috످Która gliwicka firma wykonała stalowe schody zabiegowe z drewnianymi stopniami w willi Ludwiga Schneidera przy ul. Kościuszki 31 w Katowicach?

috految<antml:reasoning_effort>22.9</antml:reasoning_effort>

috److془Willa Ludwiga Schneidera w Katowicach, ul. Kościuszki 31. Firm from Gliwice... I don't recall.془Nie wiem, która gliwicka firma wykonała te schody. Tej informacji warto poszukać w kartach ewidencyjnych zabytków na portalu https://zabytek.pl lub w Wojewódzkim Urzędzie Ochrony Zabytków w Katowicach.

috످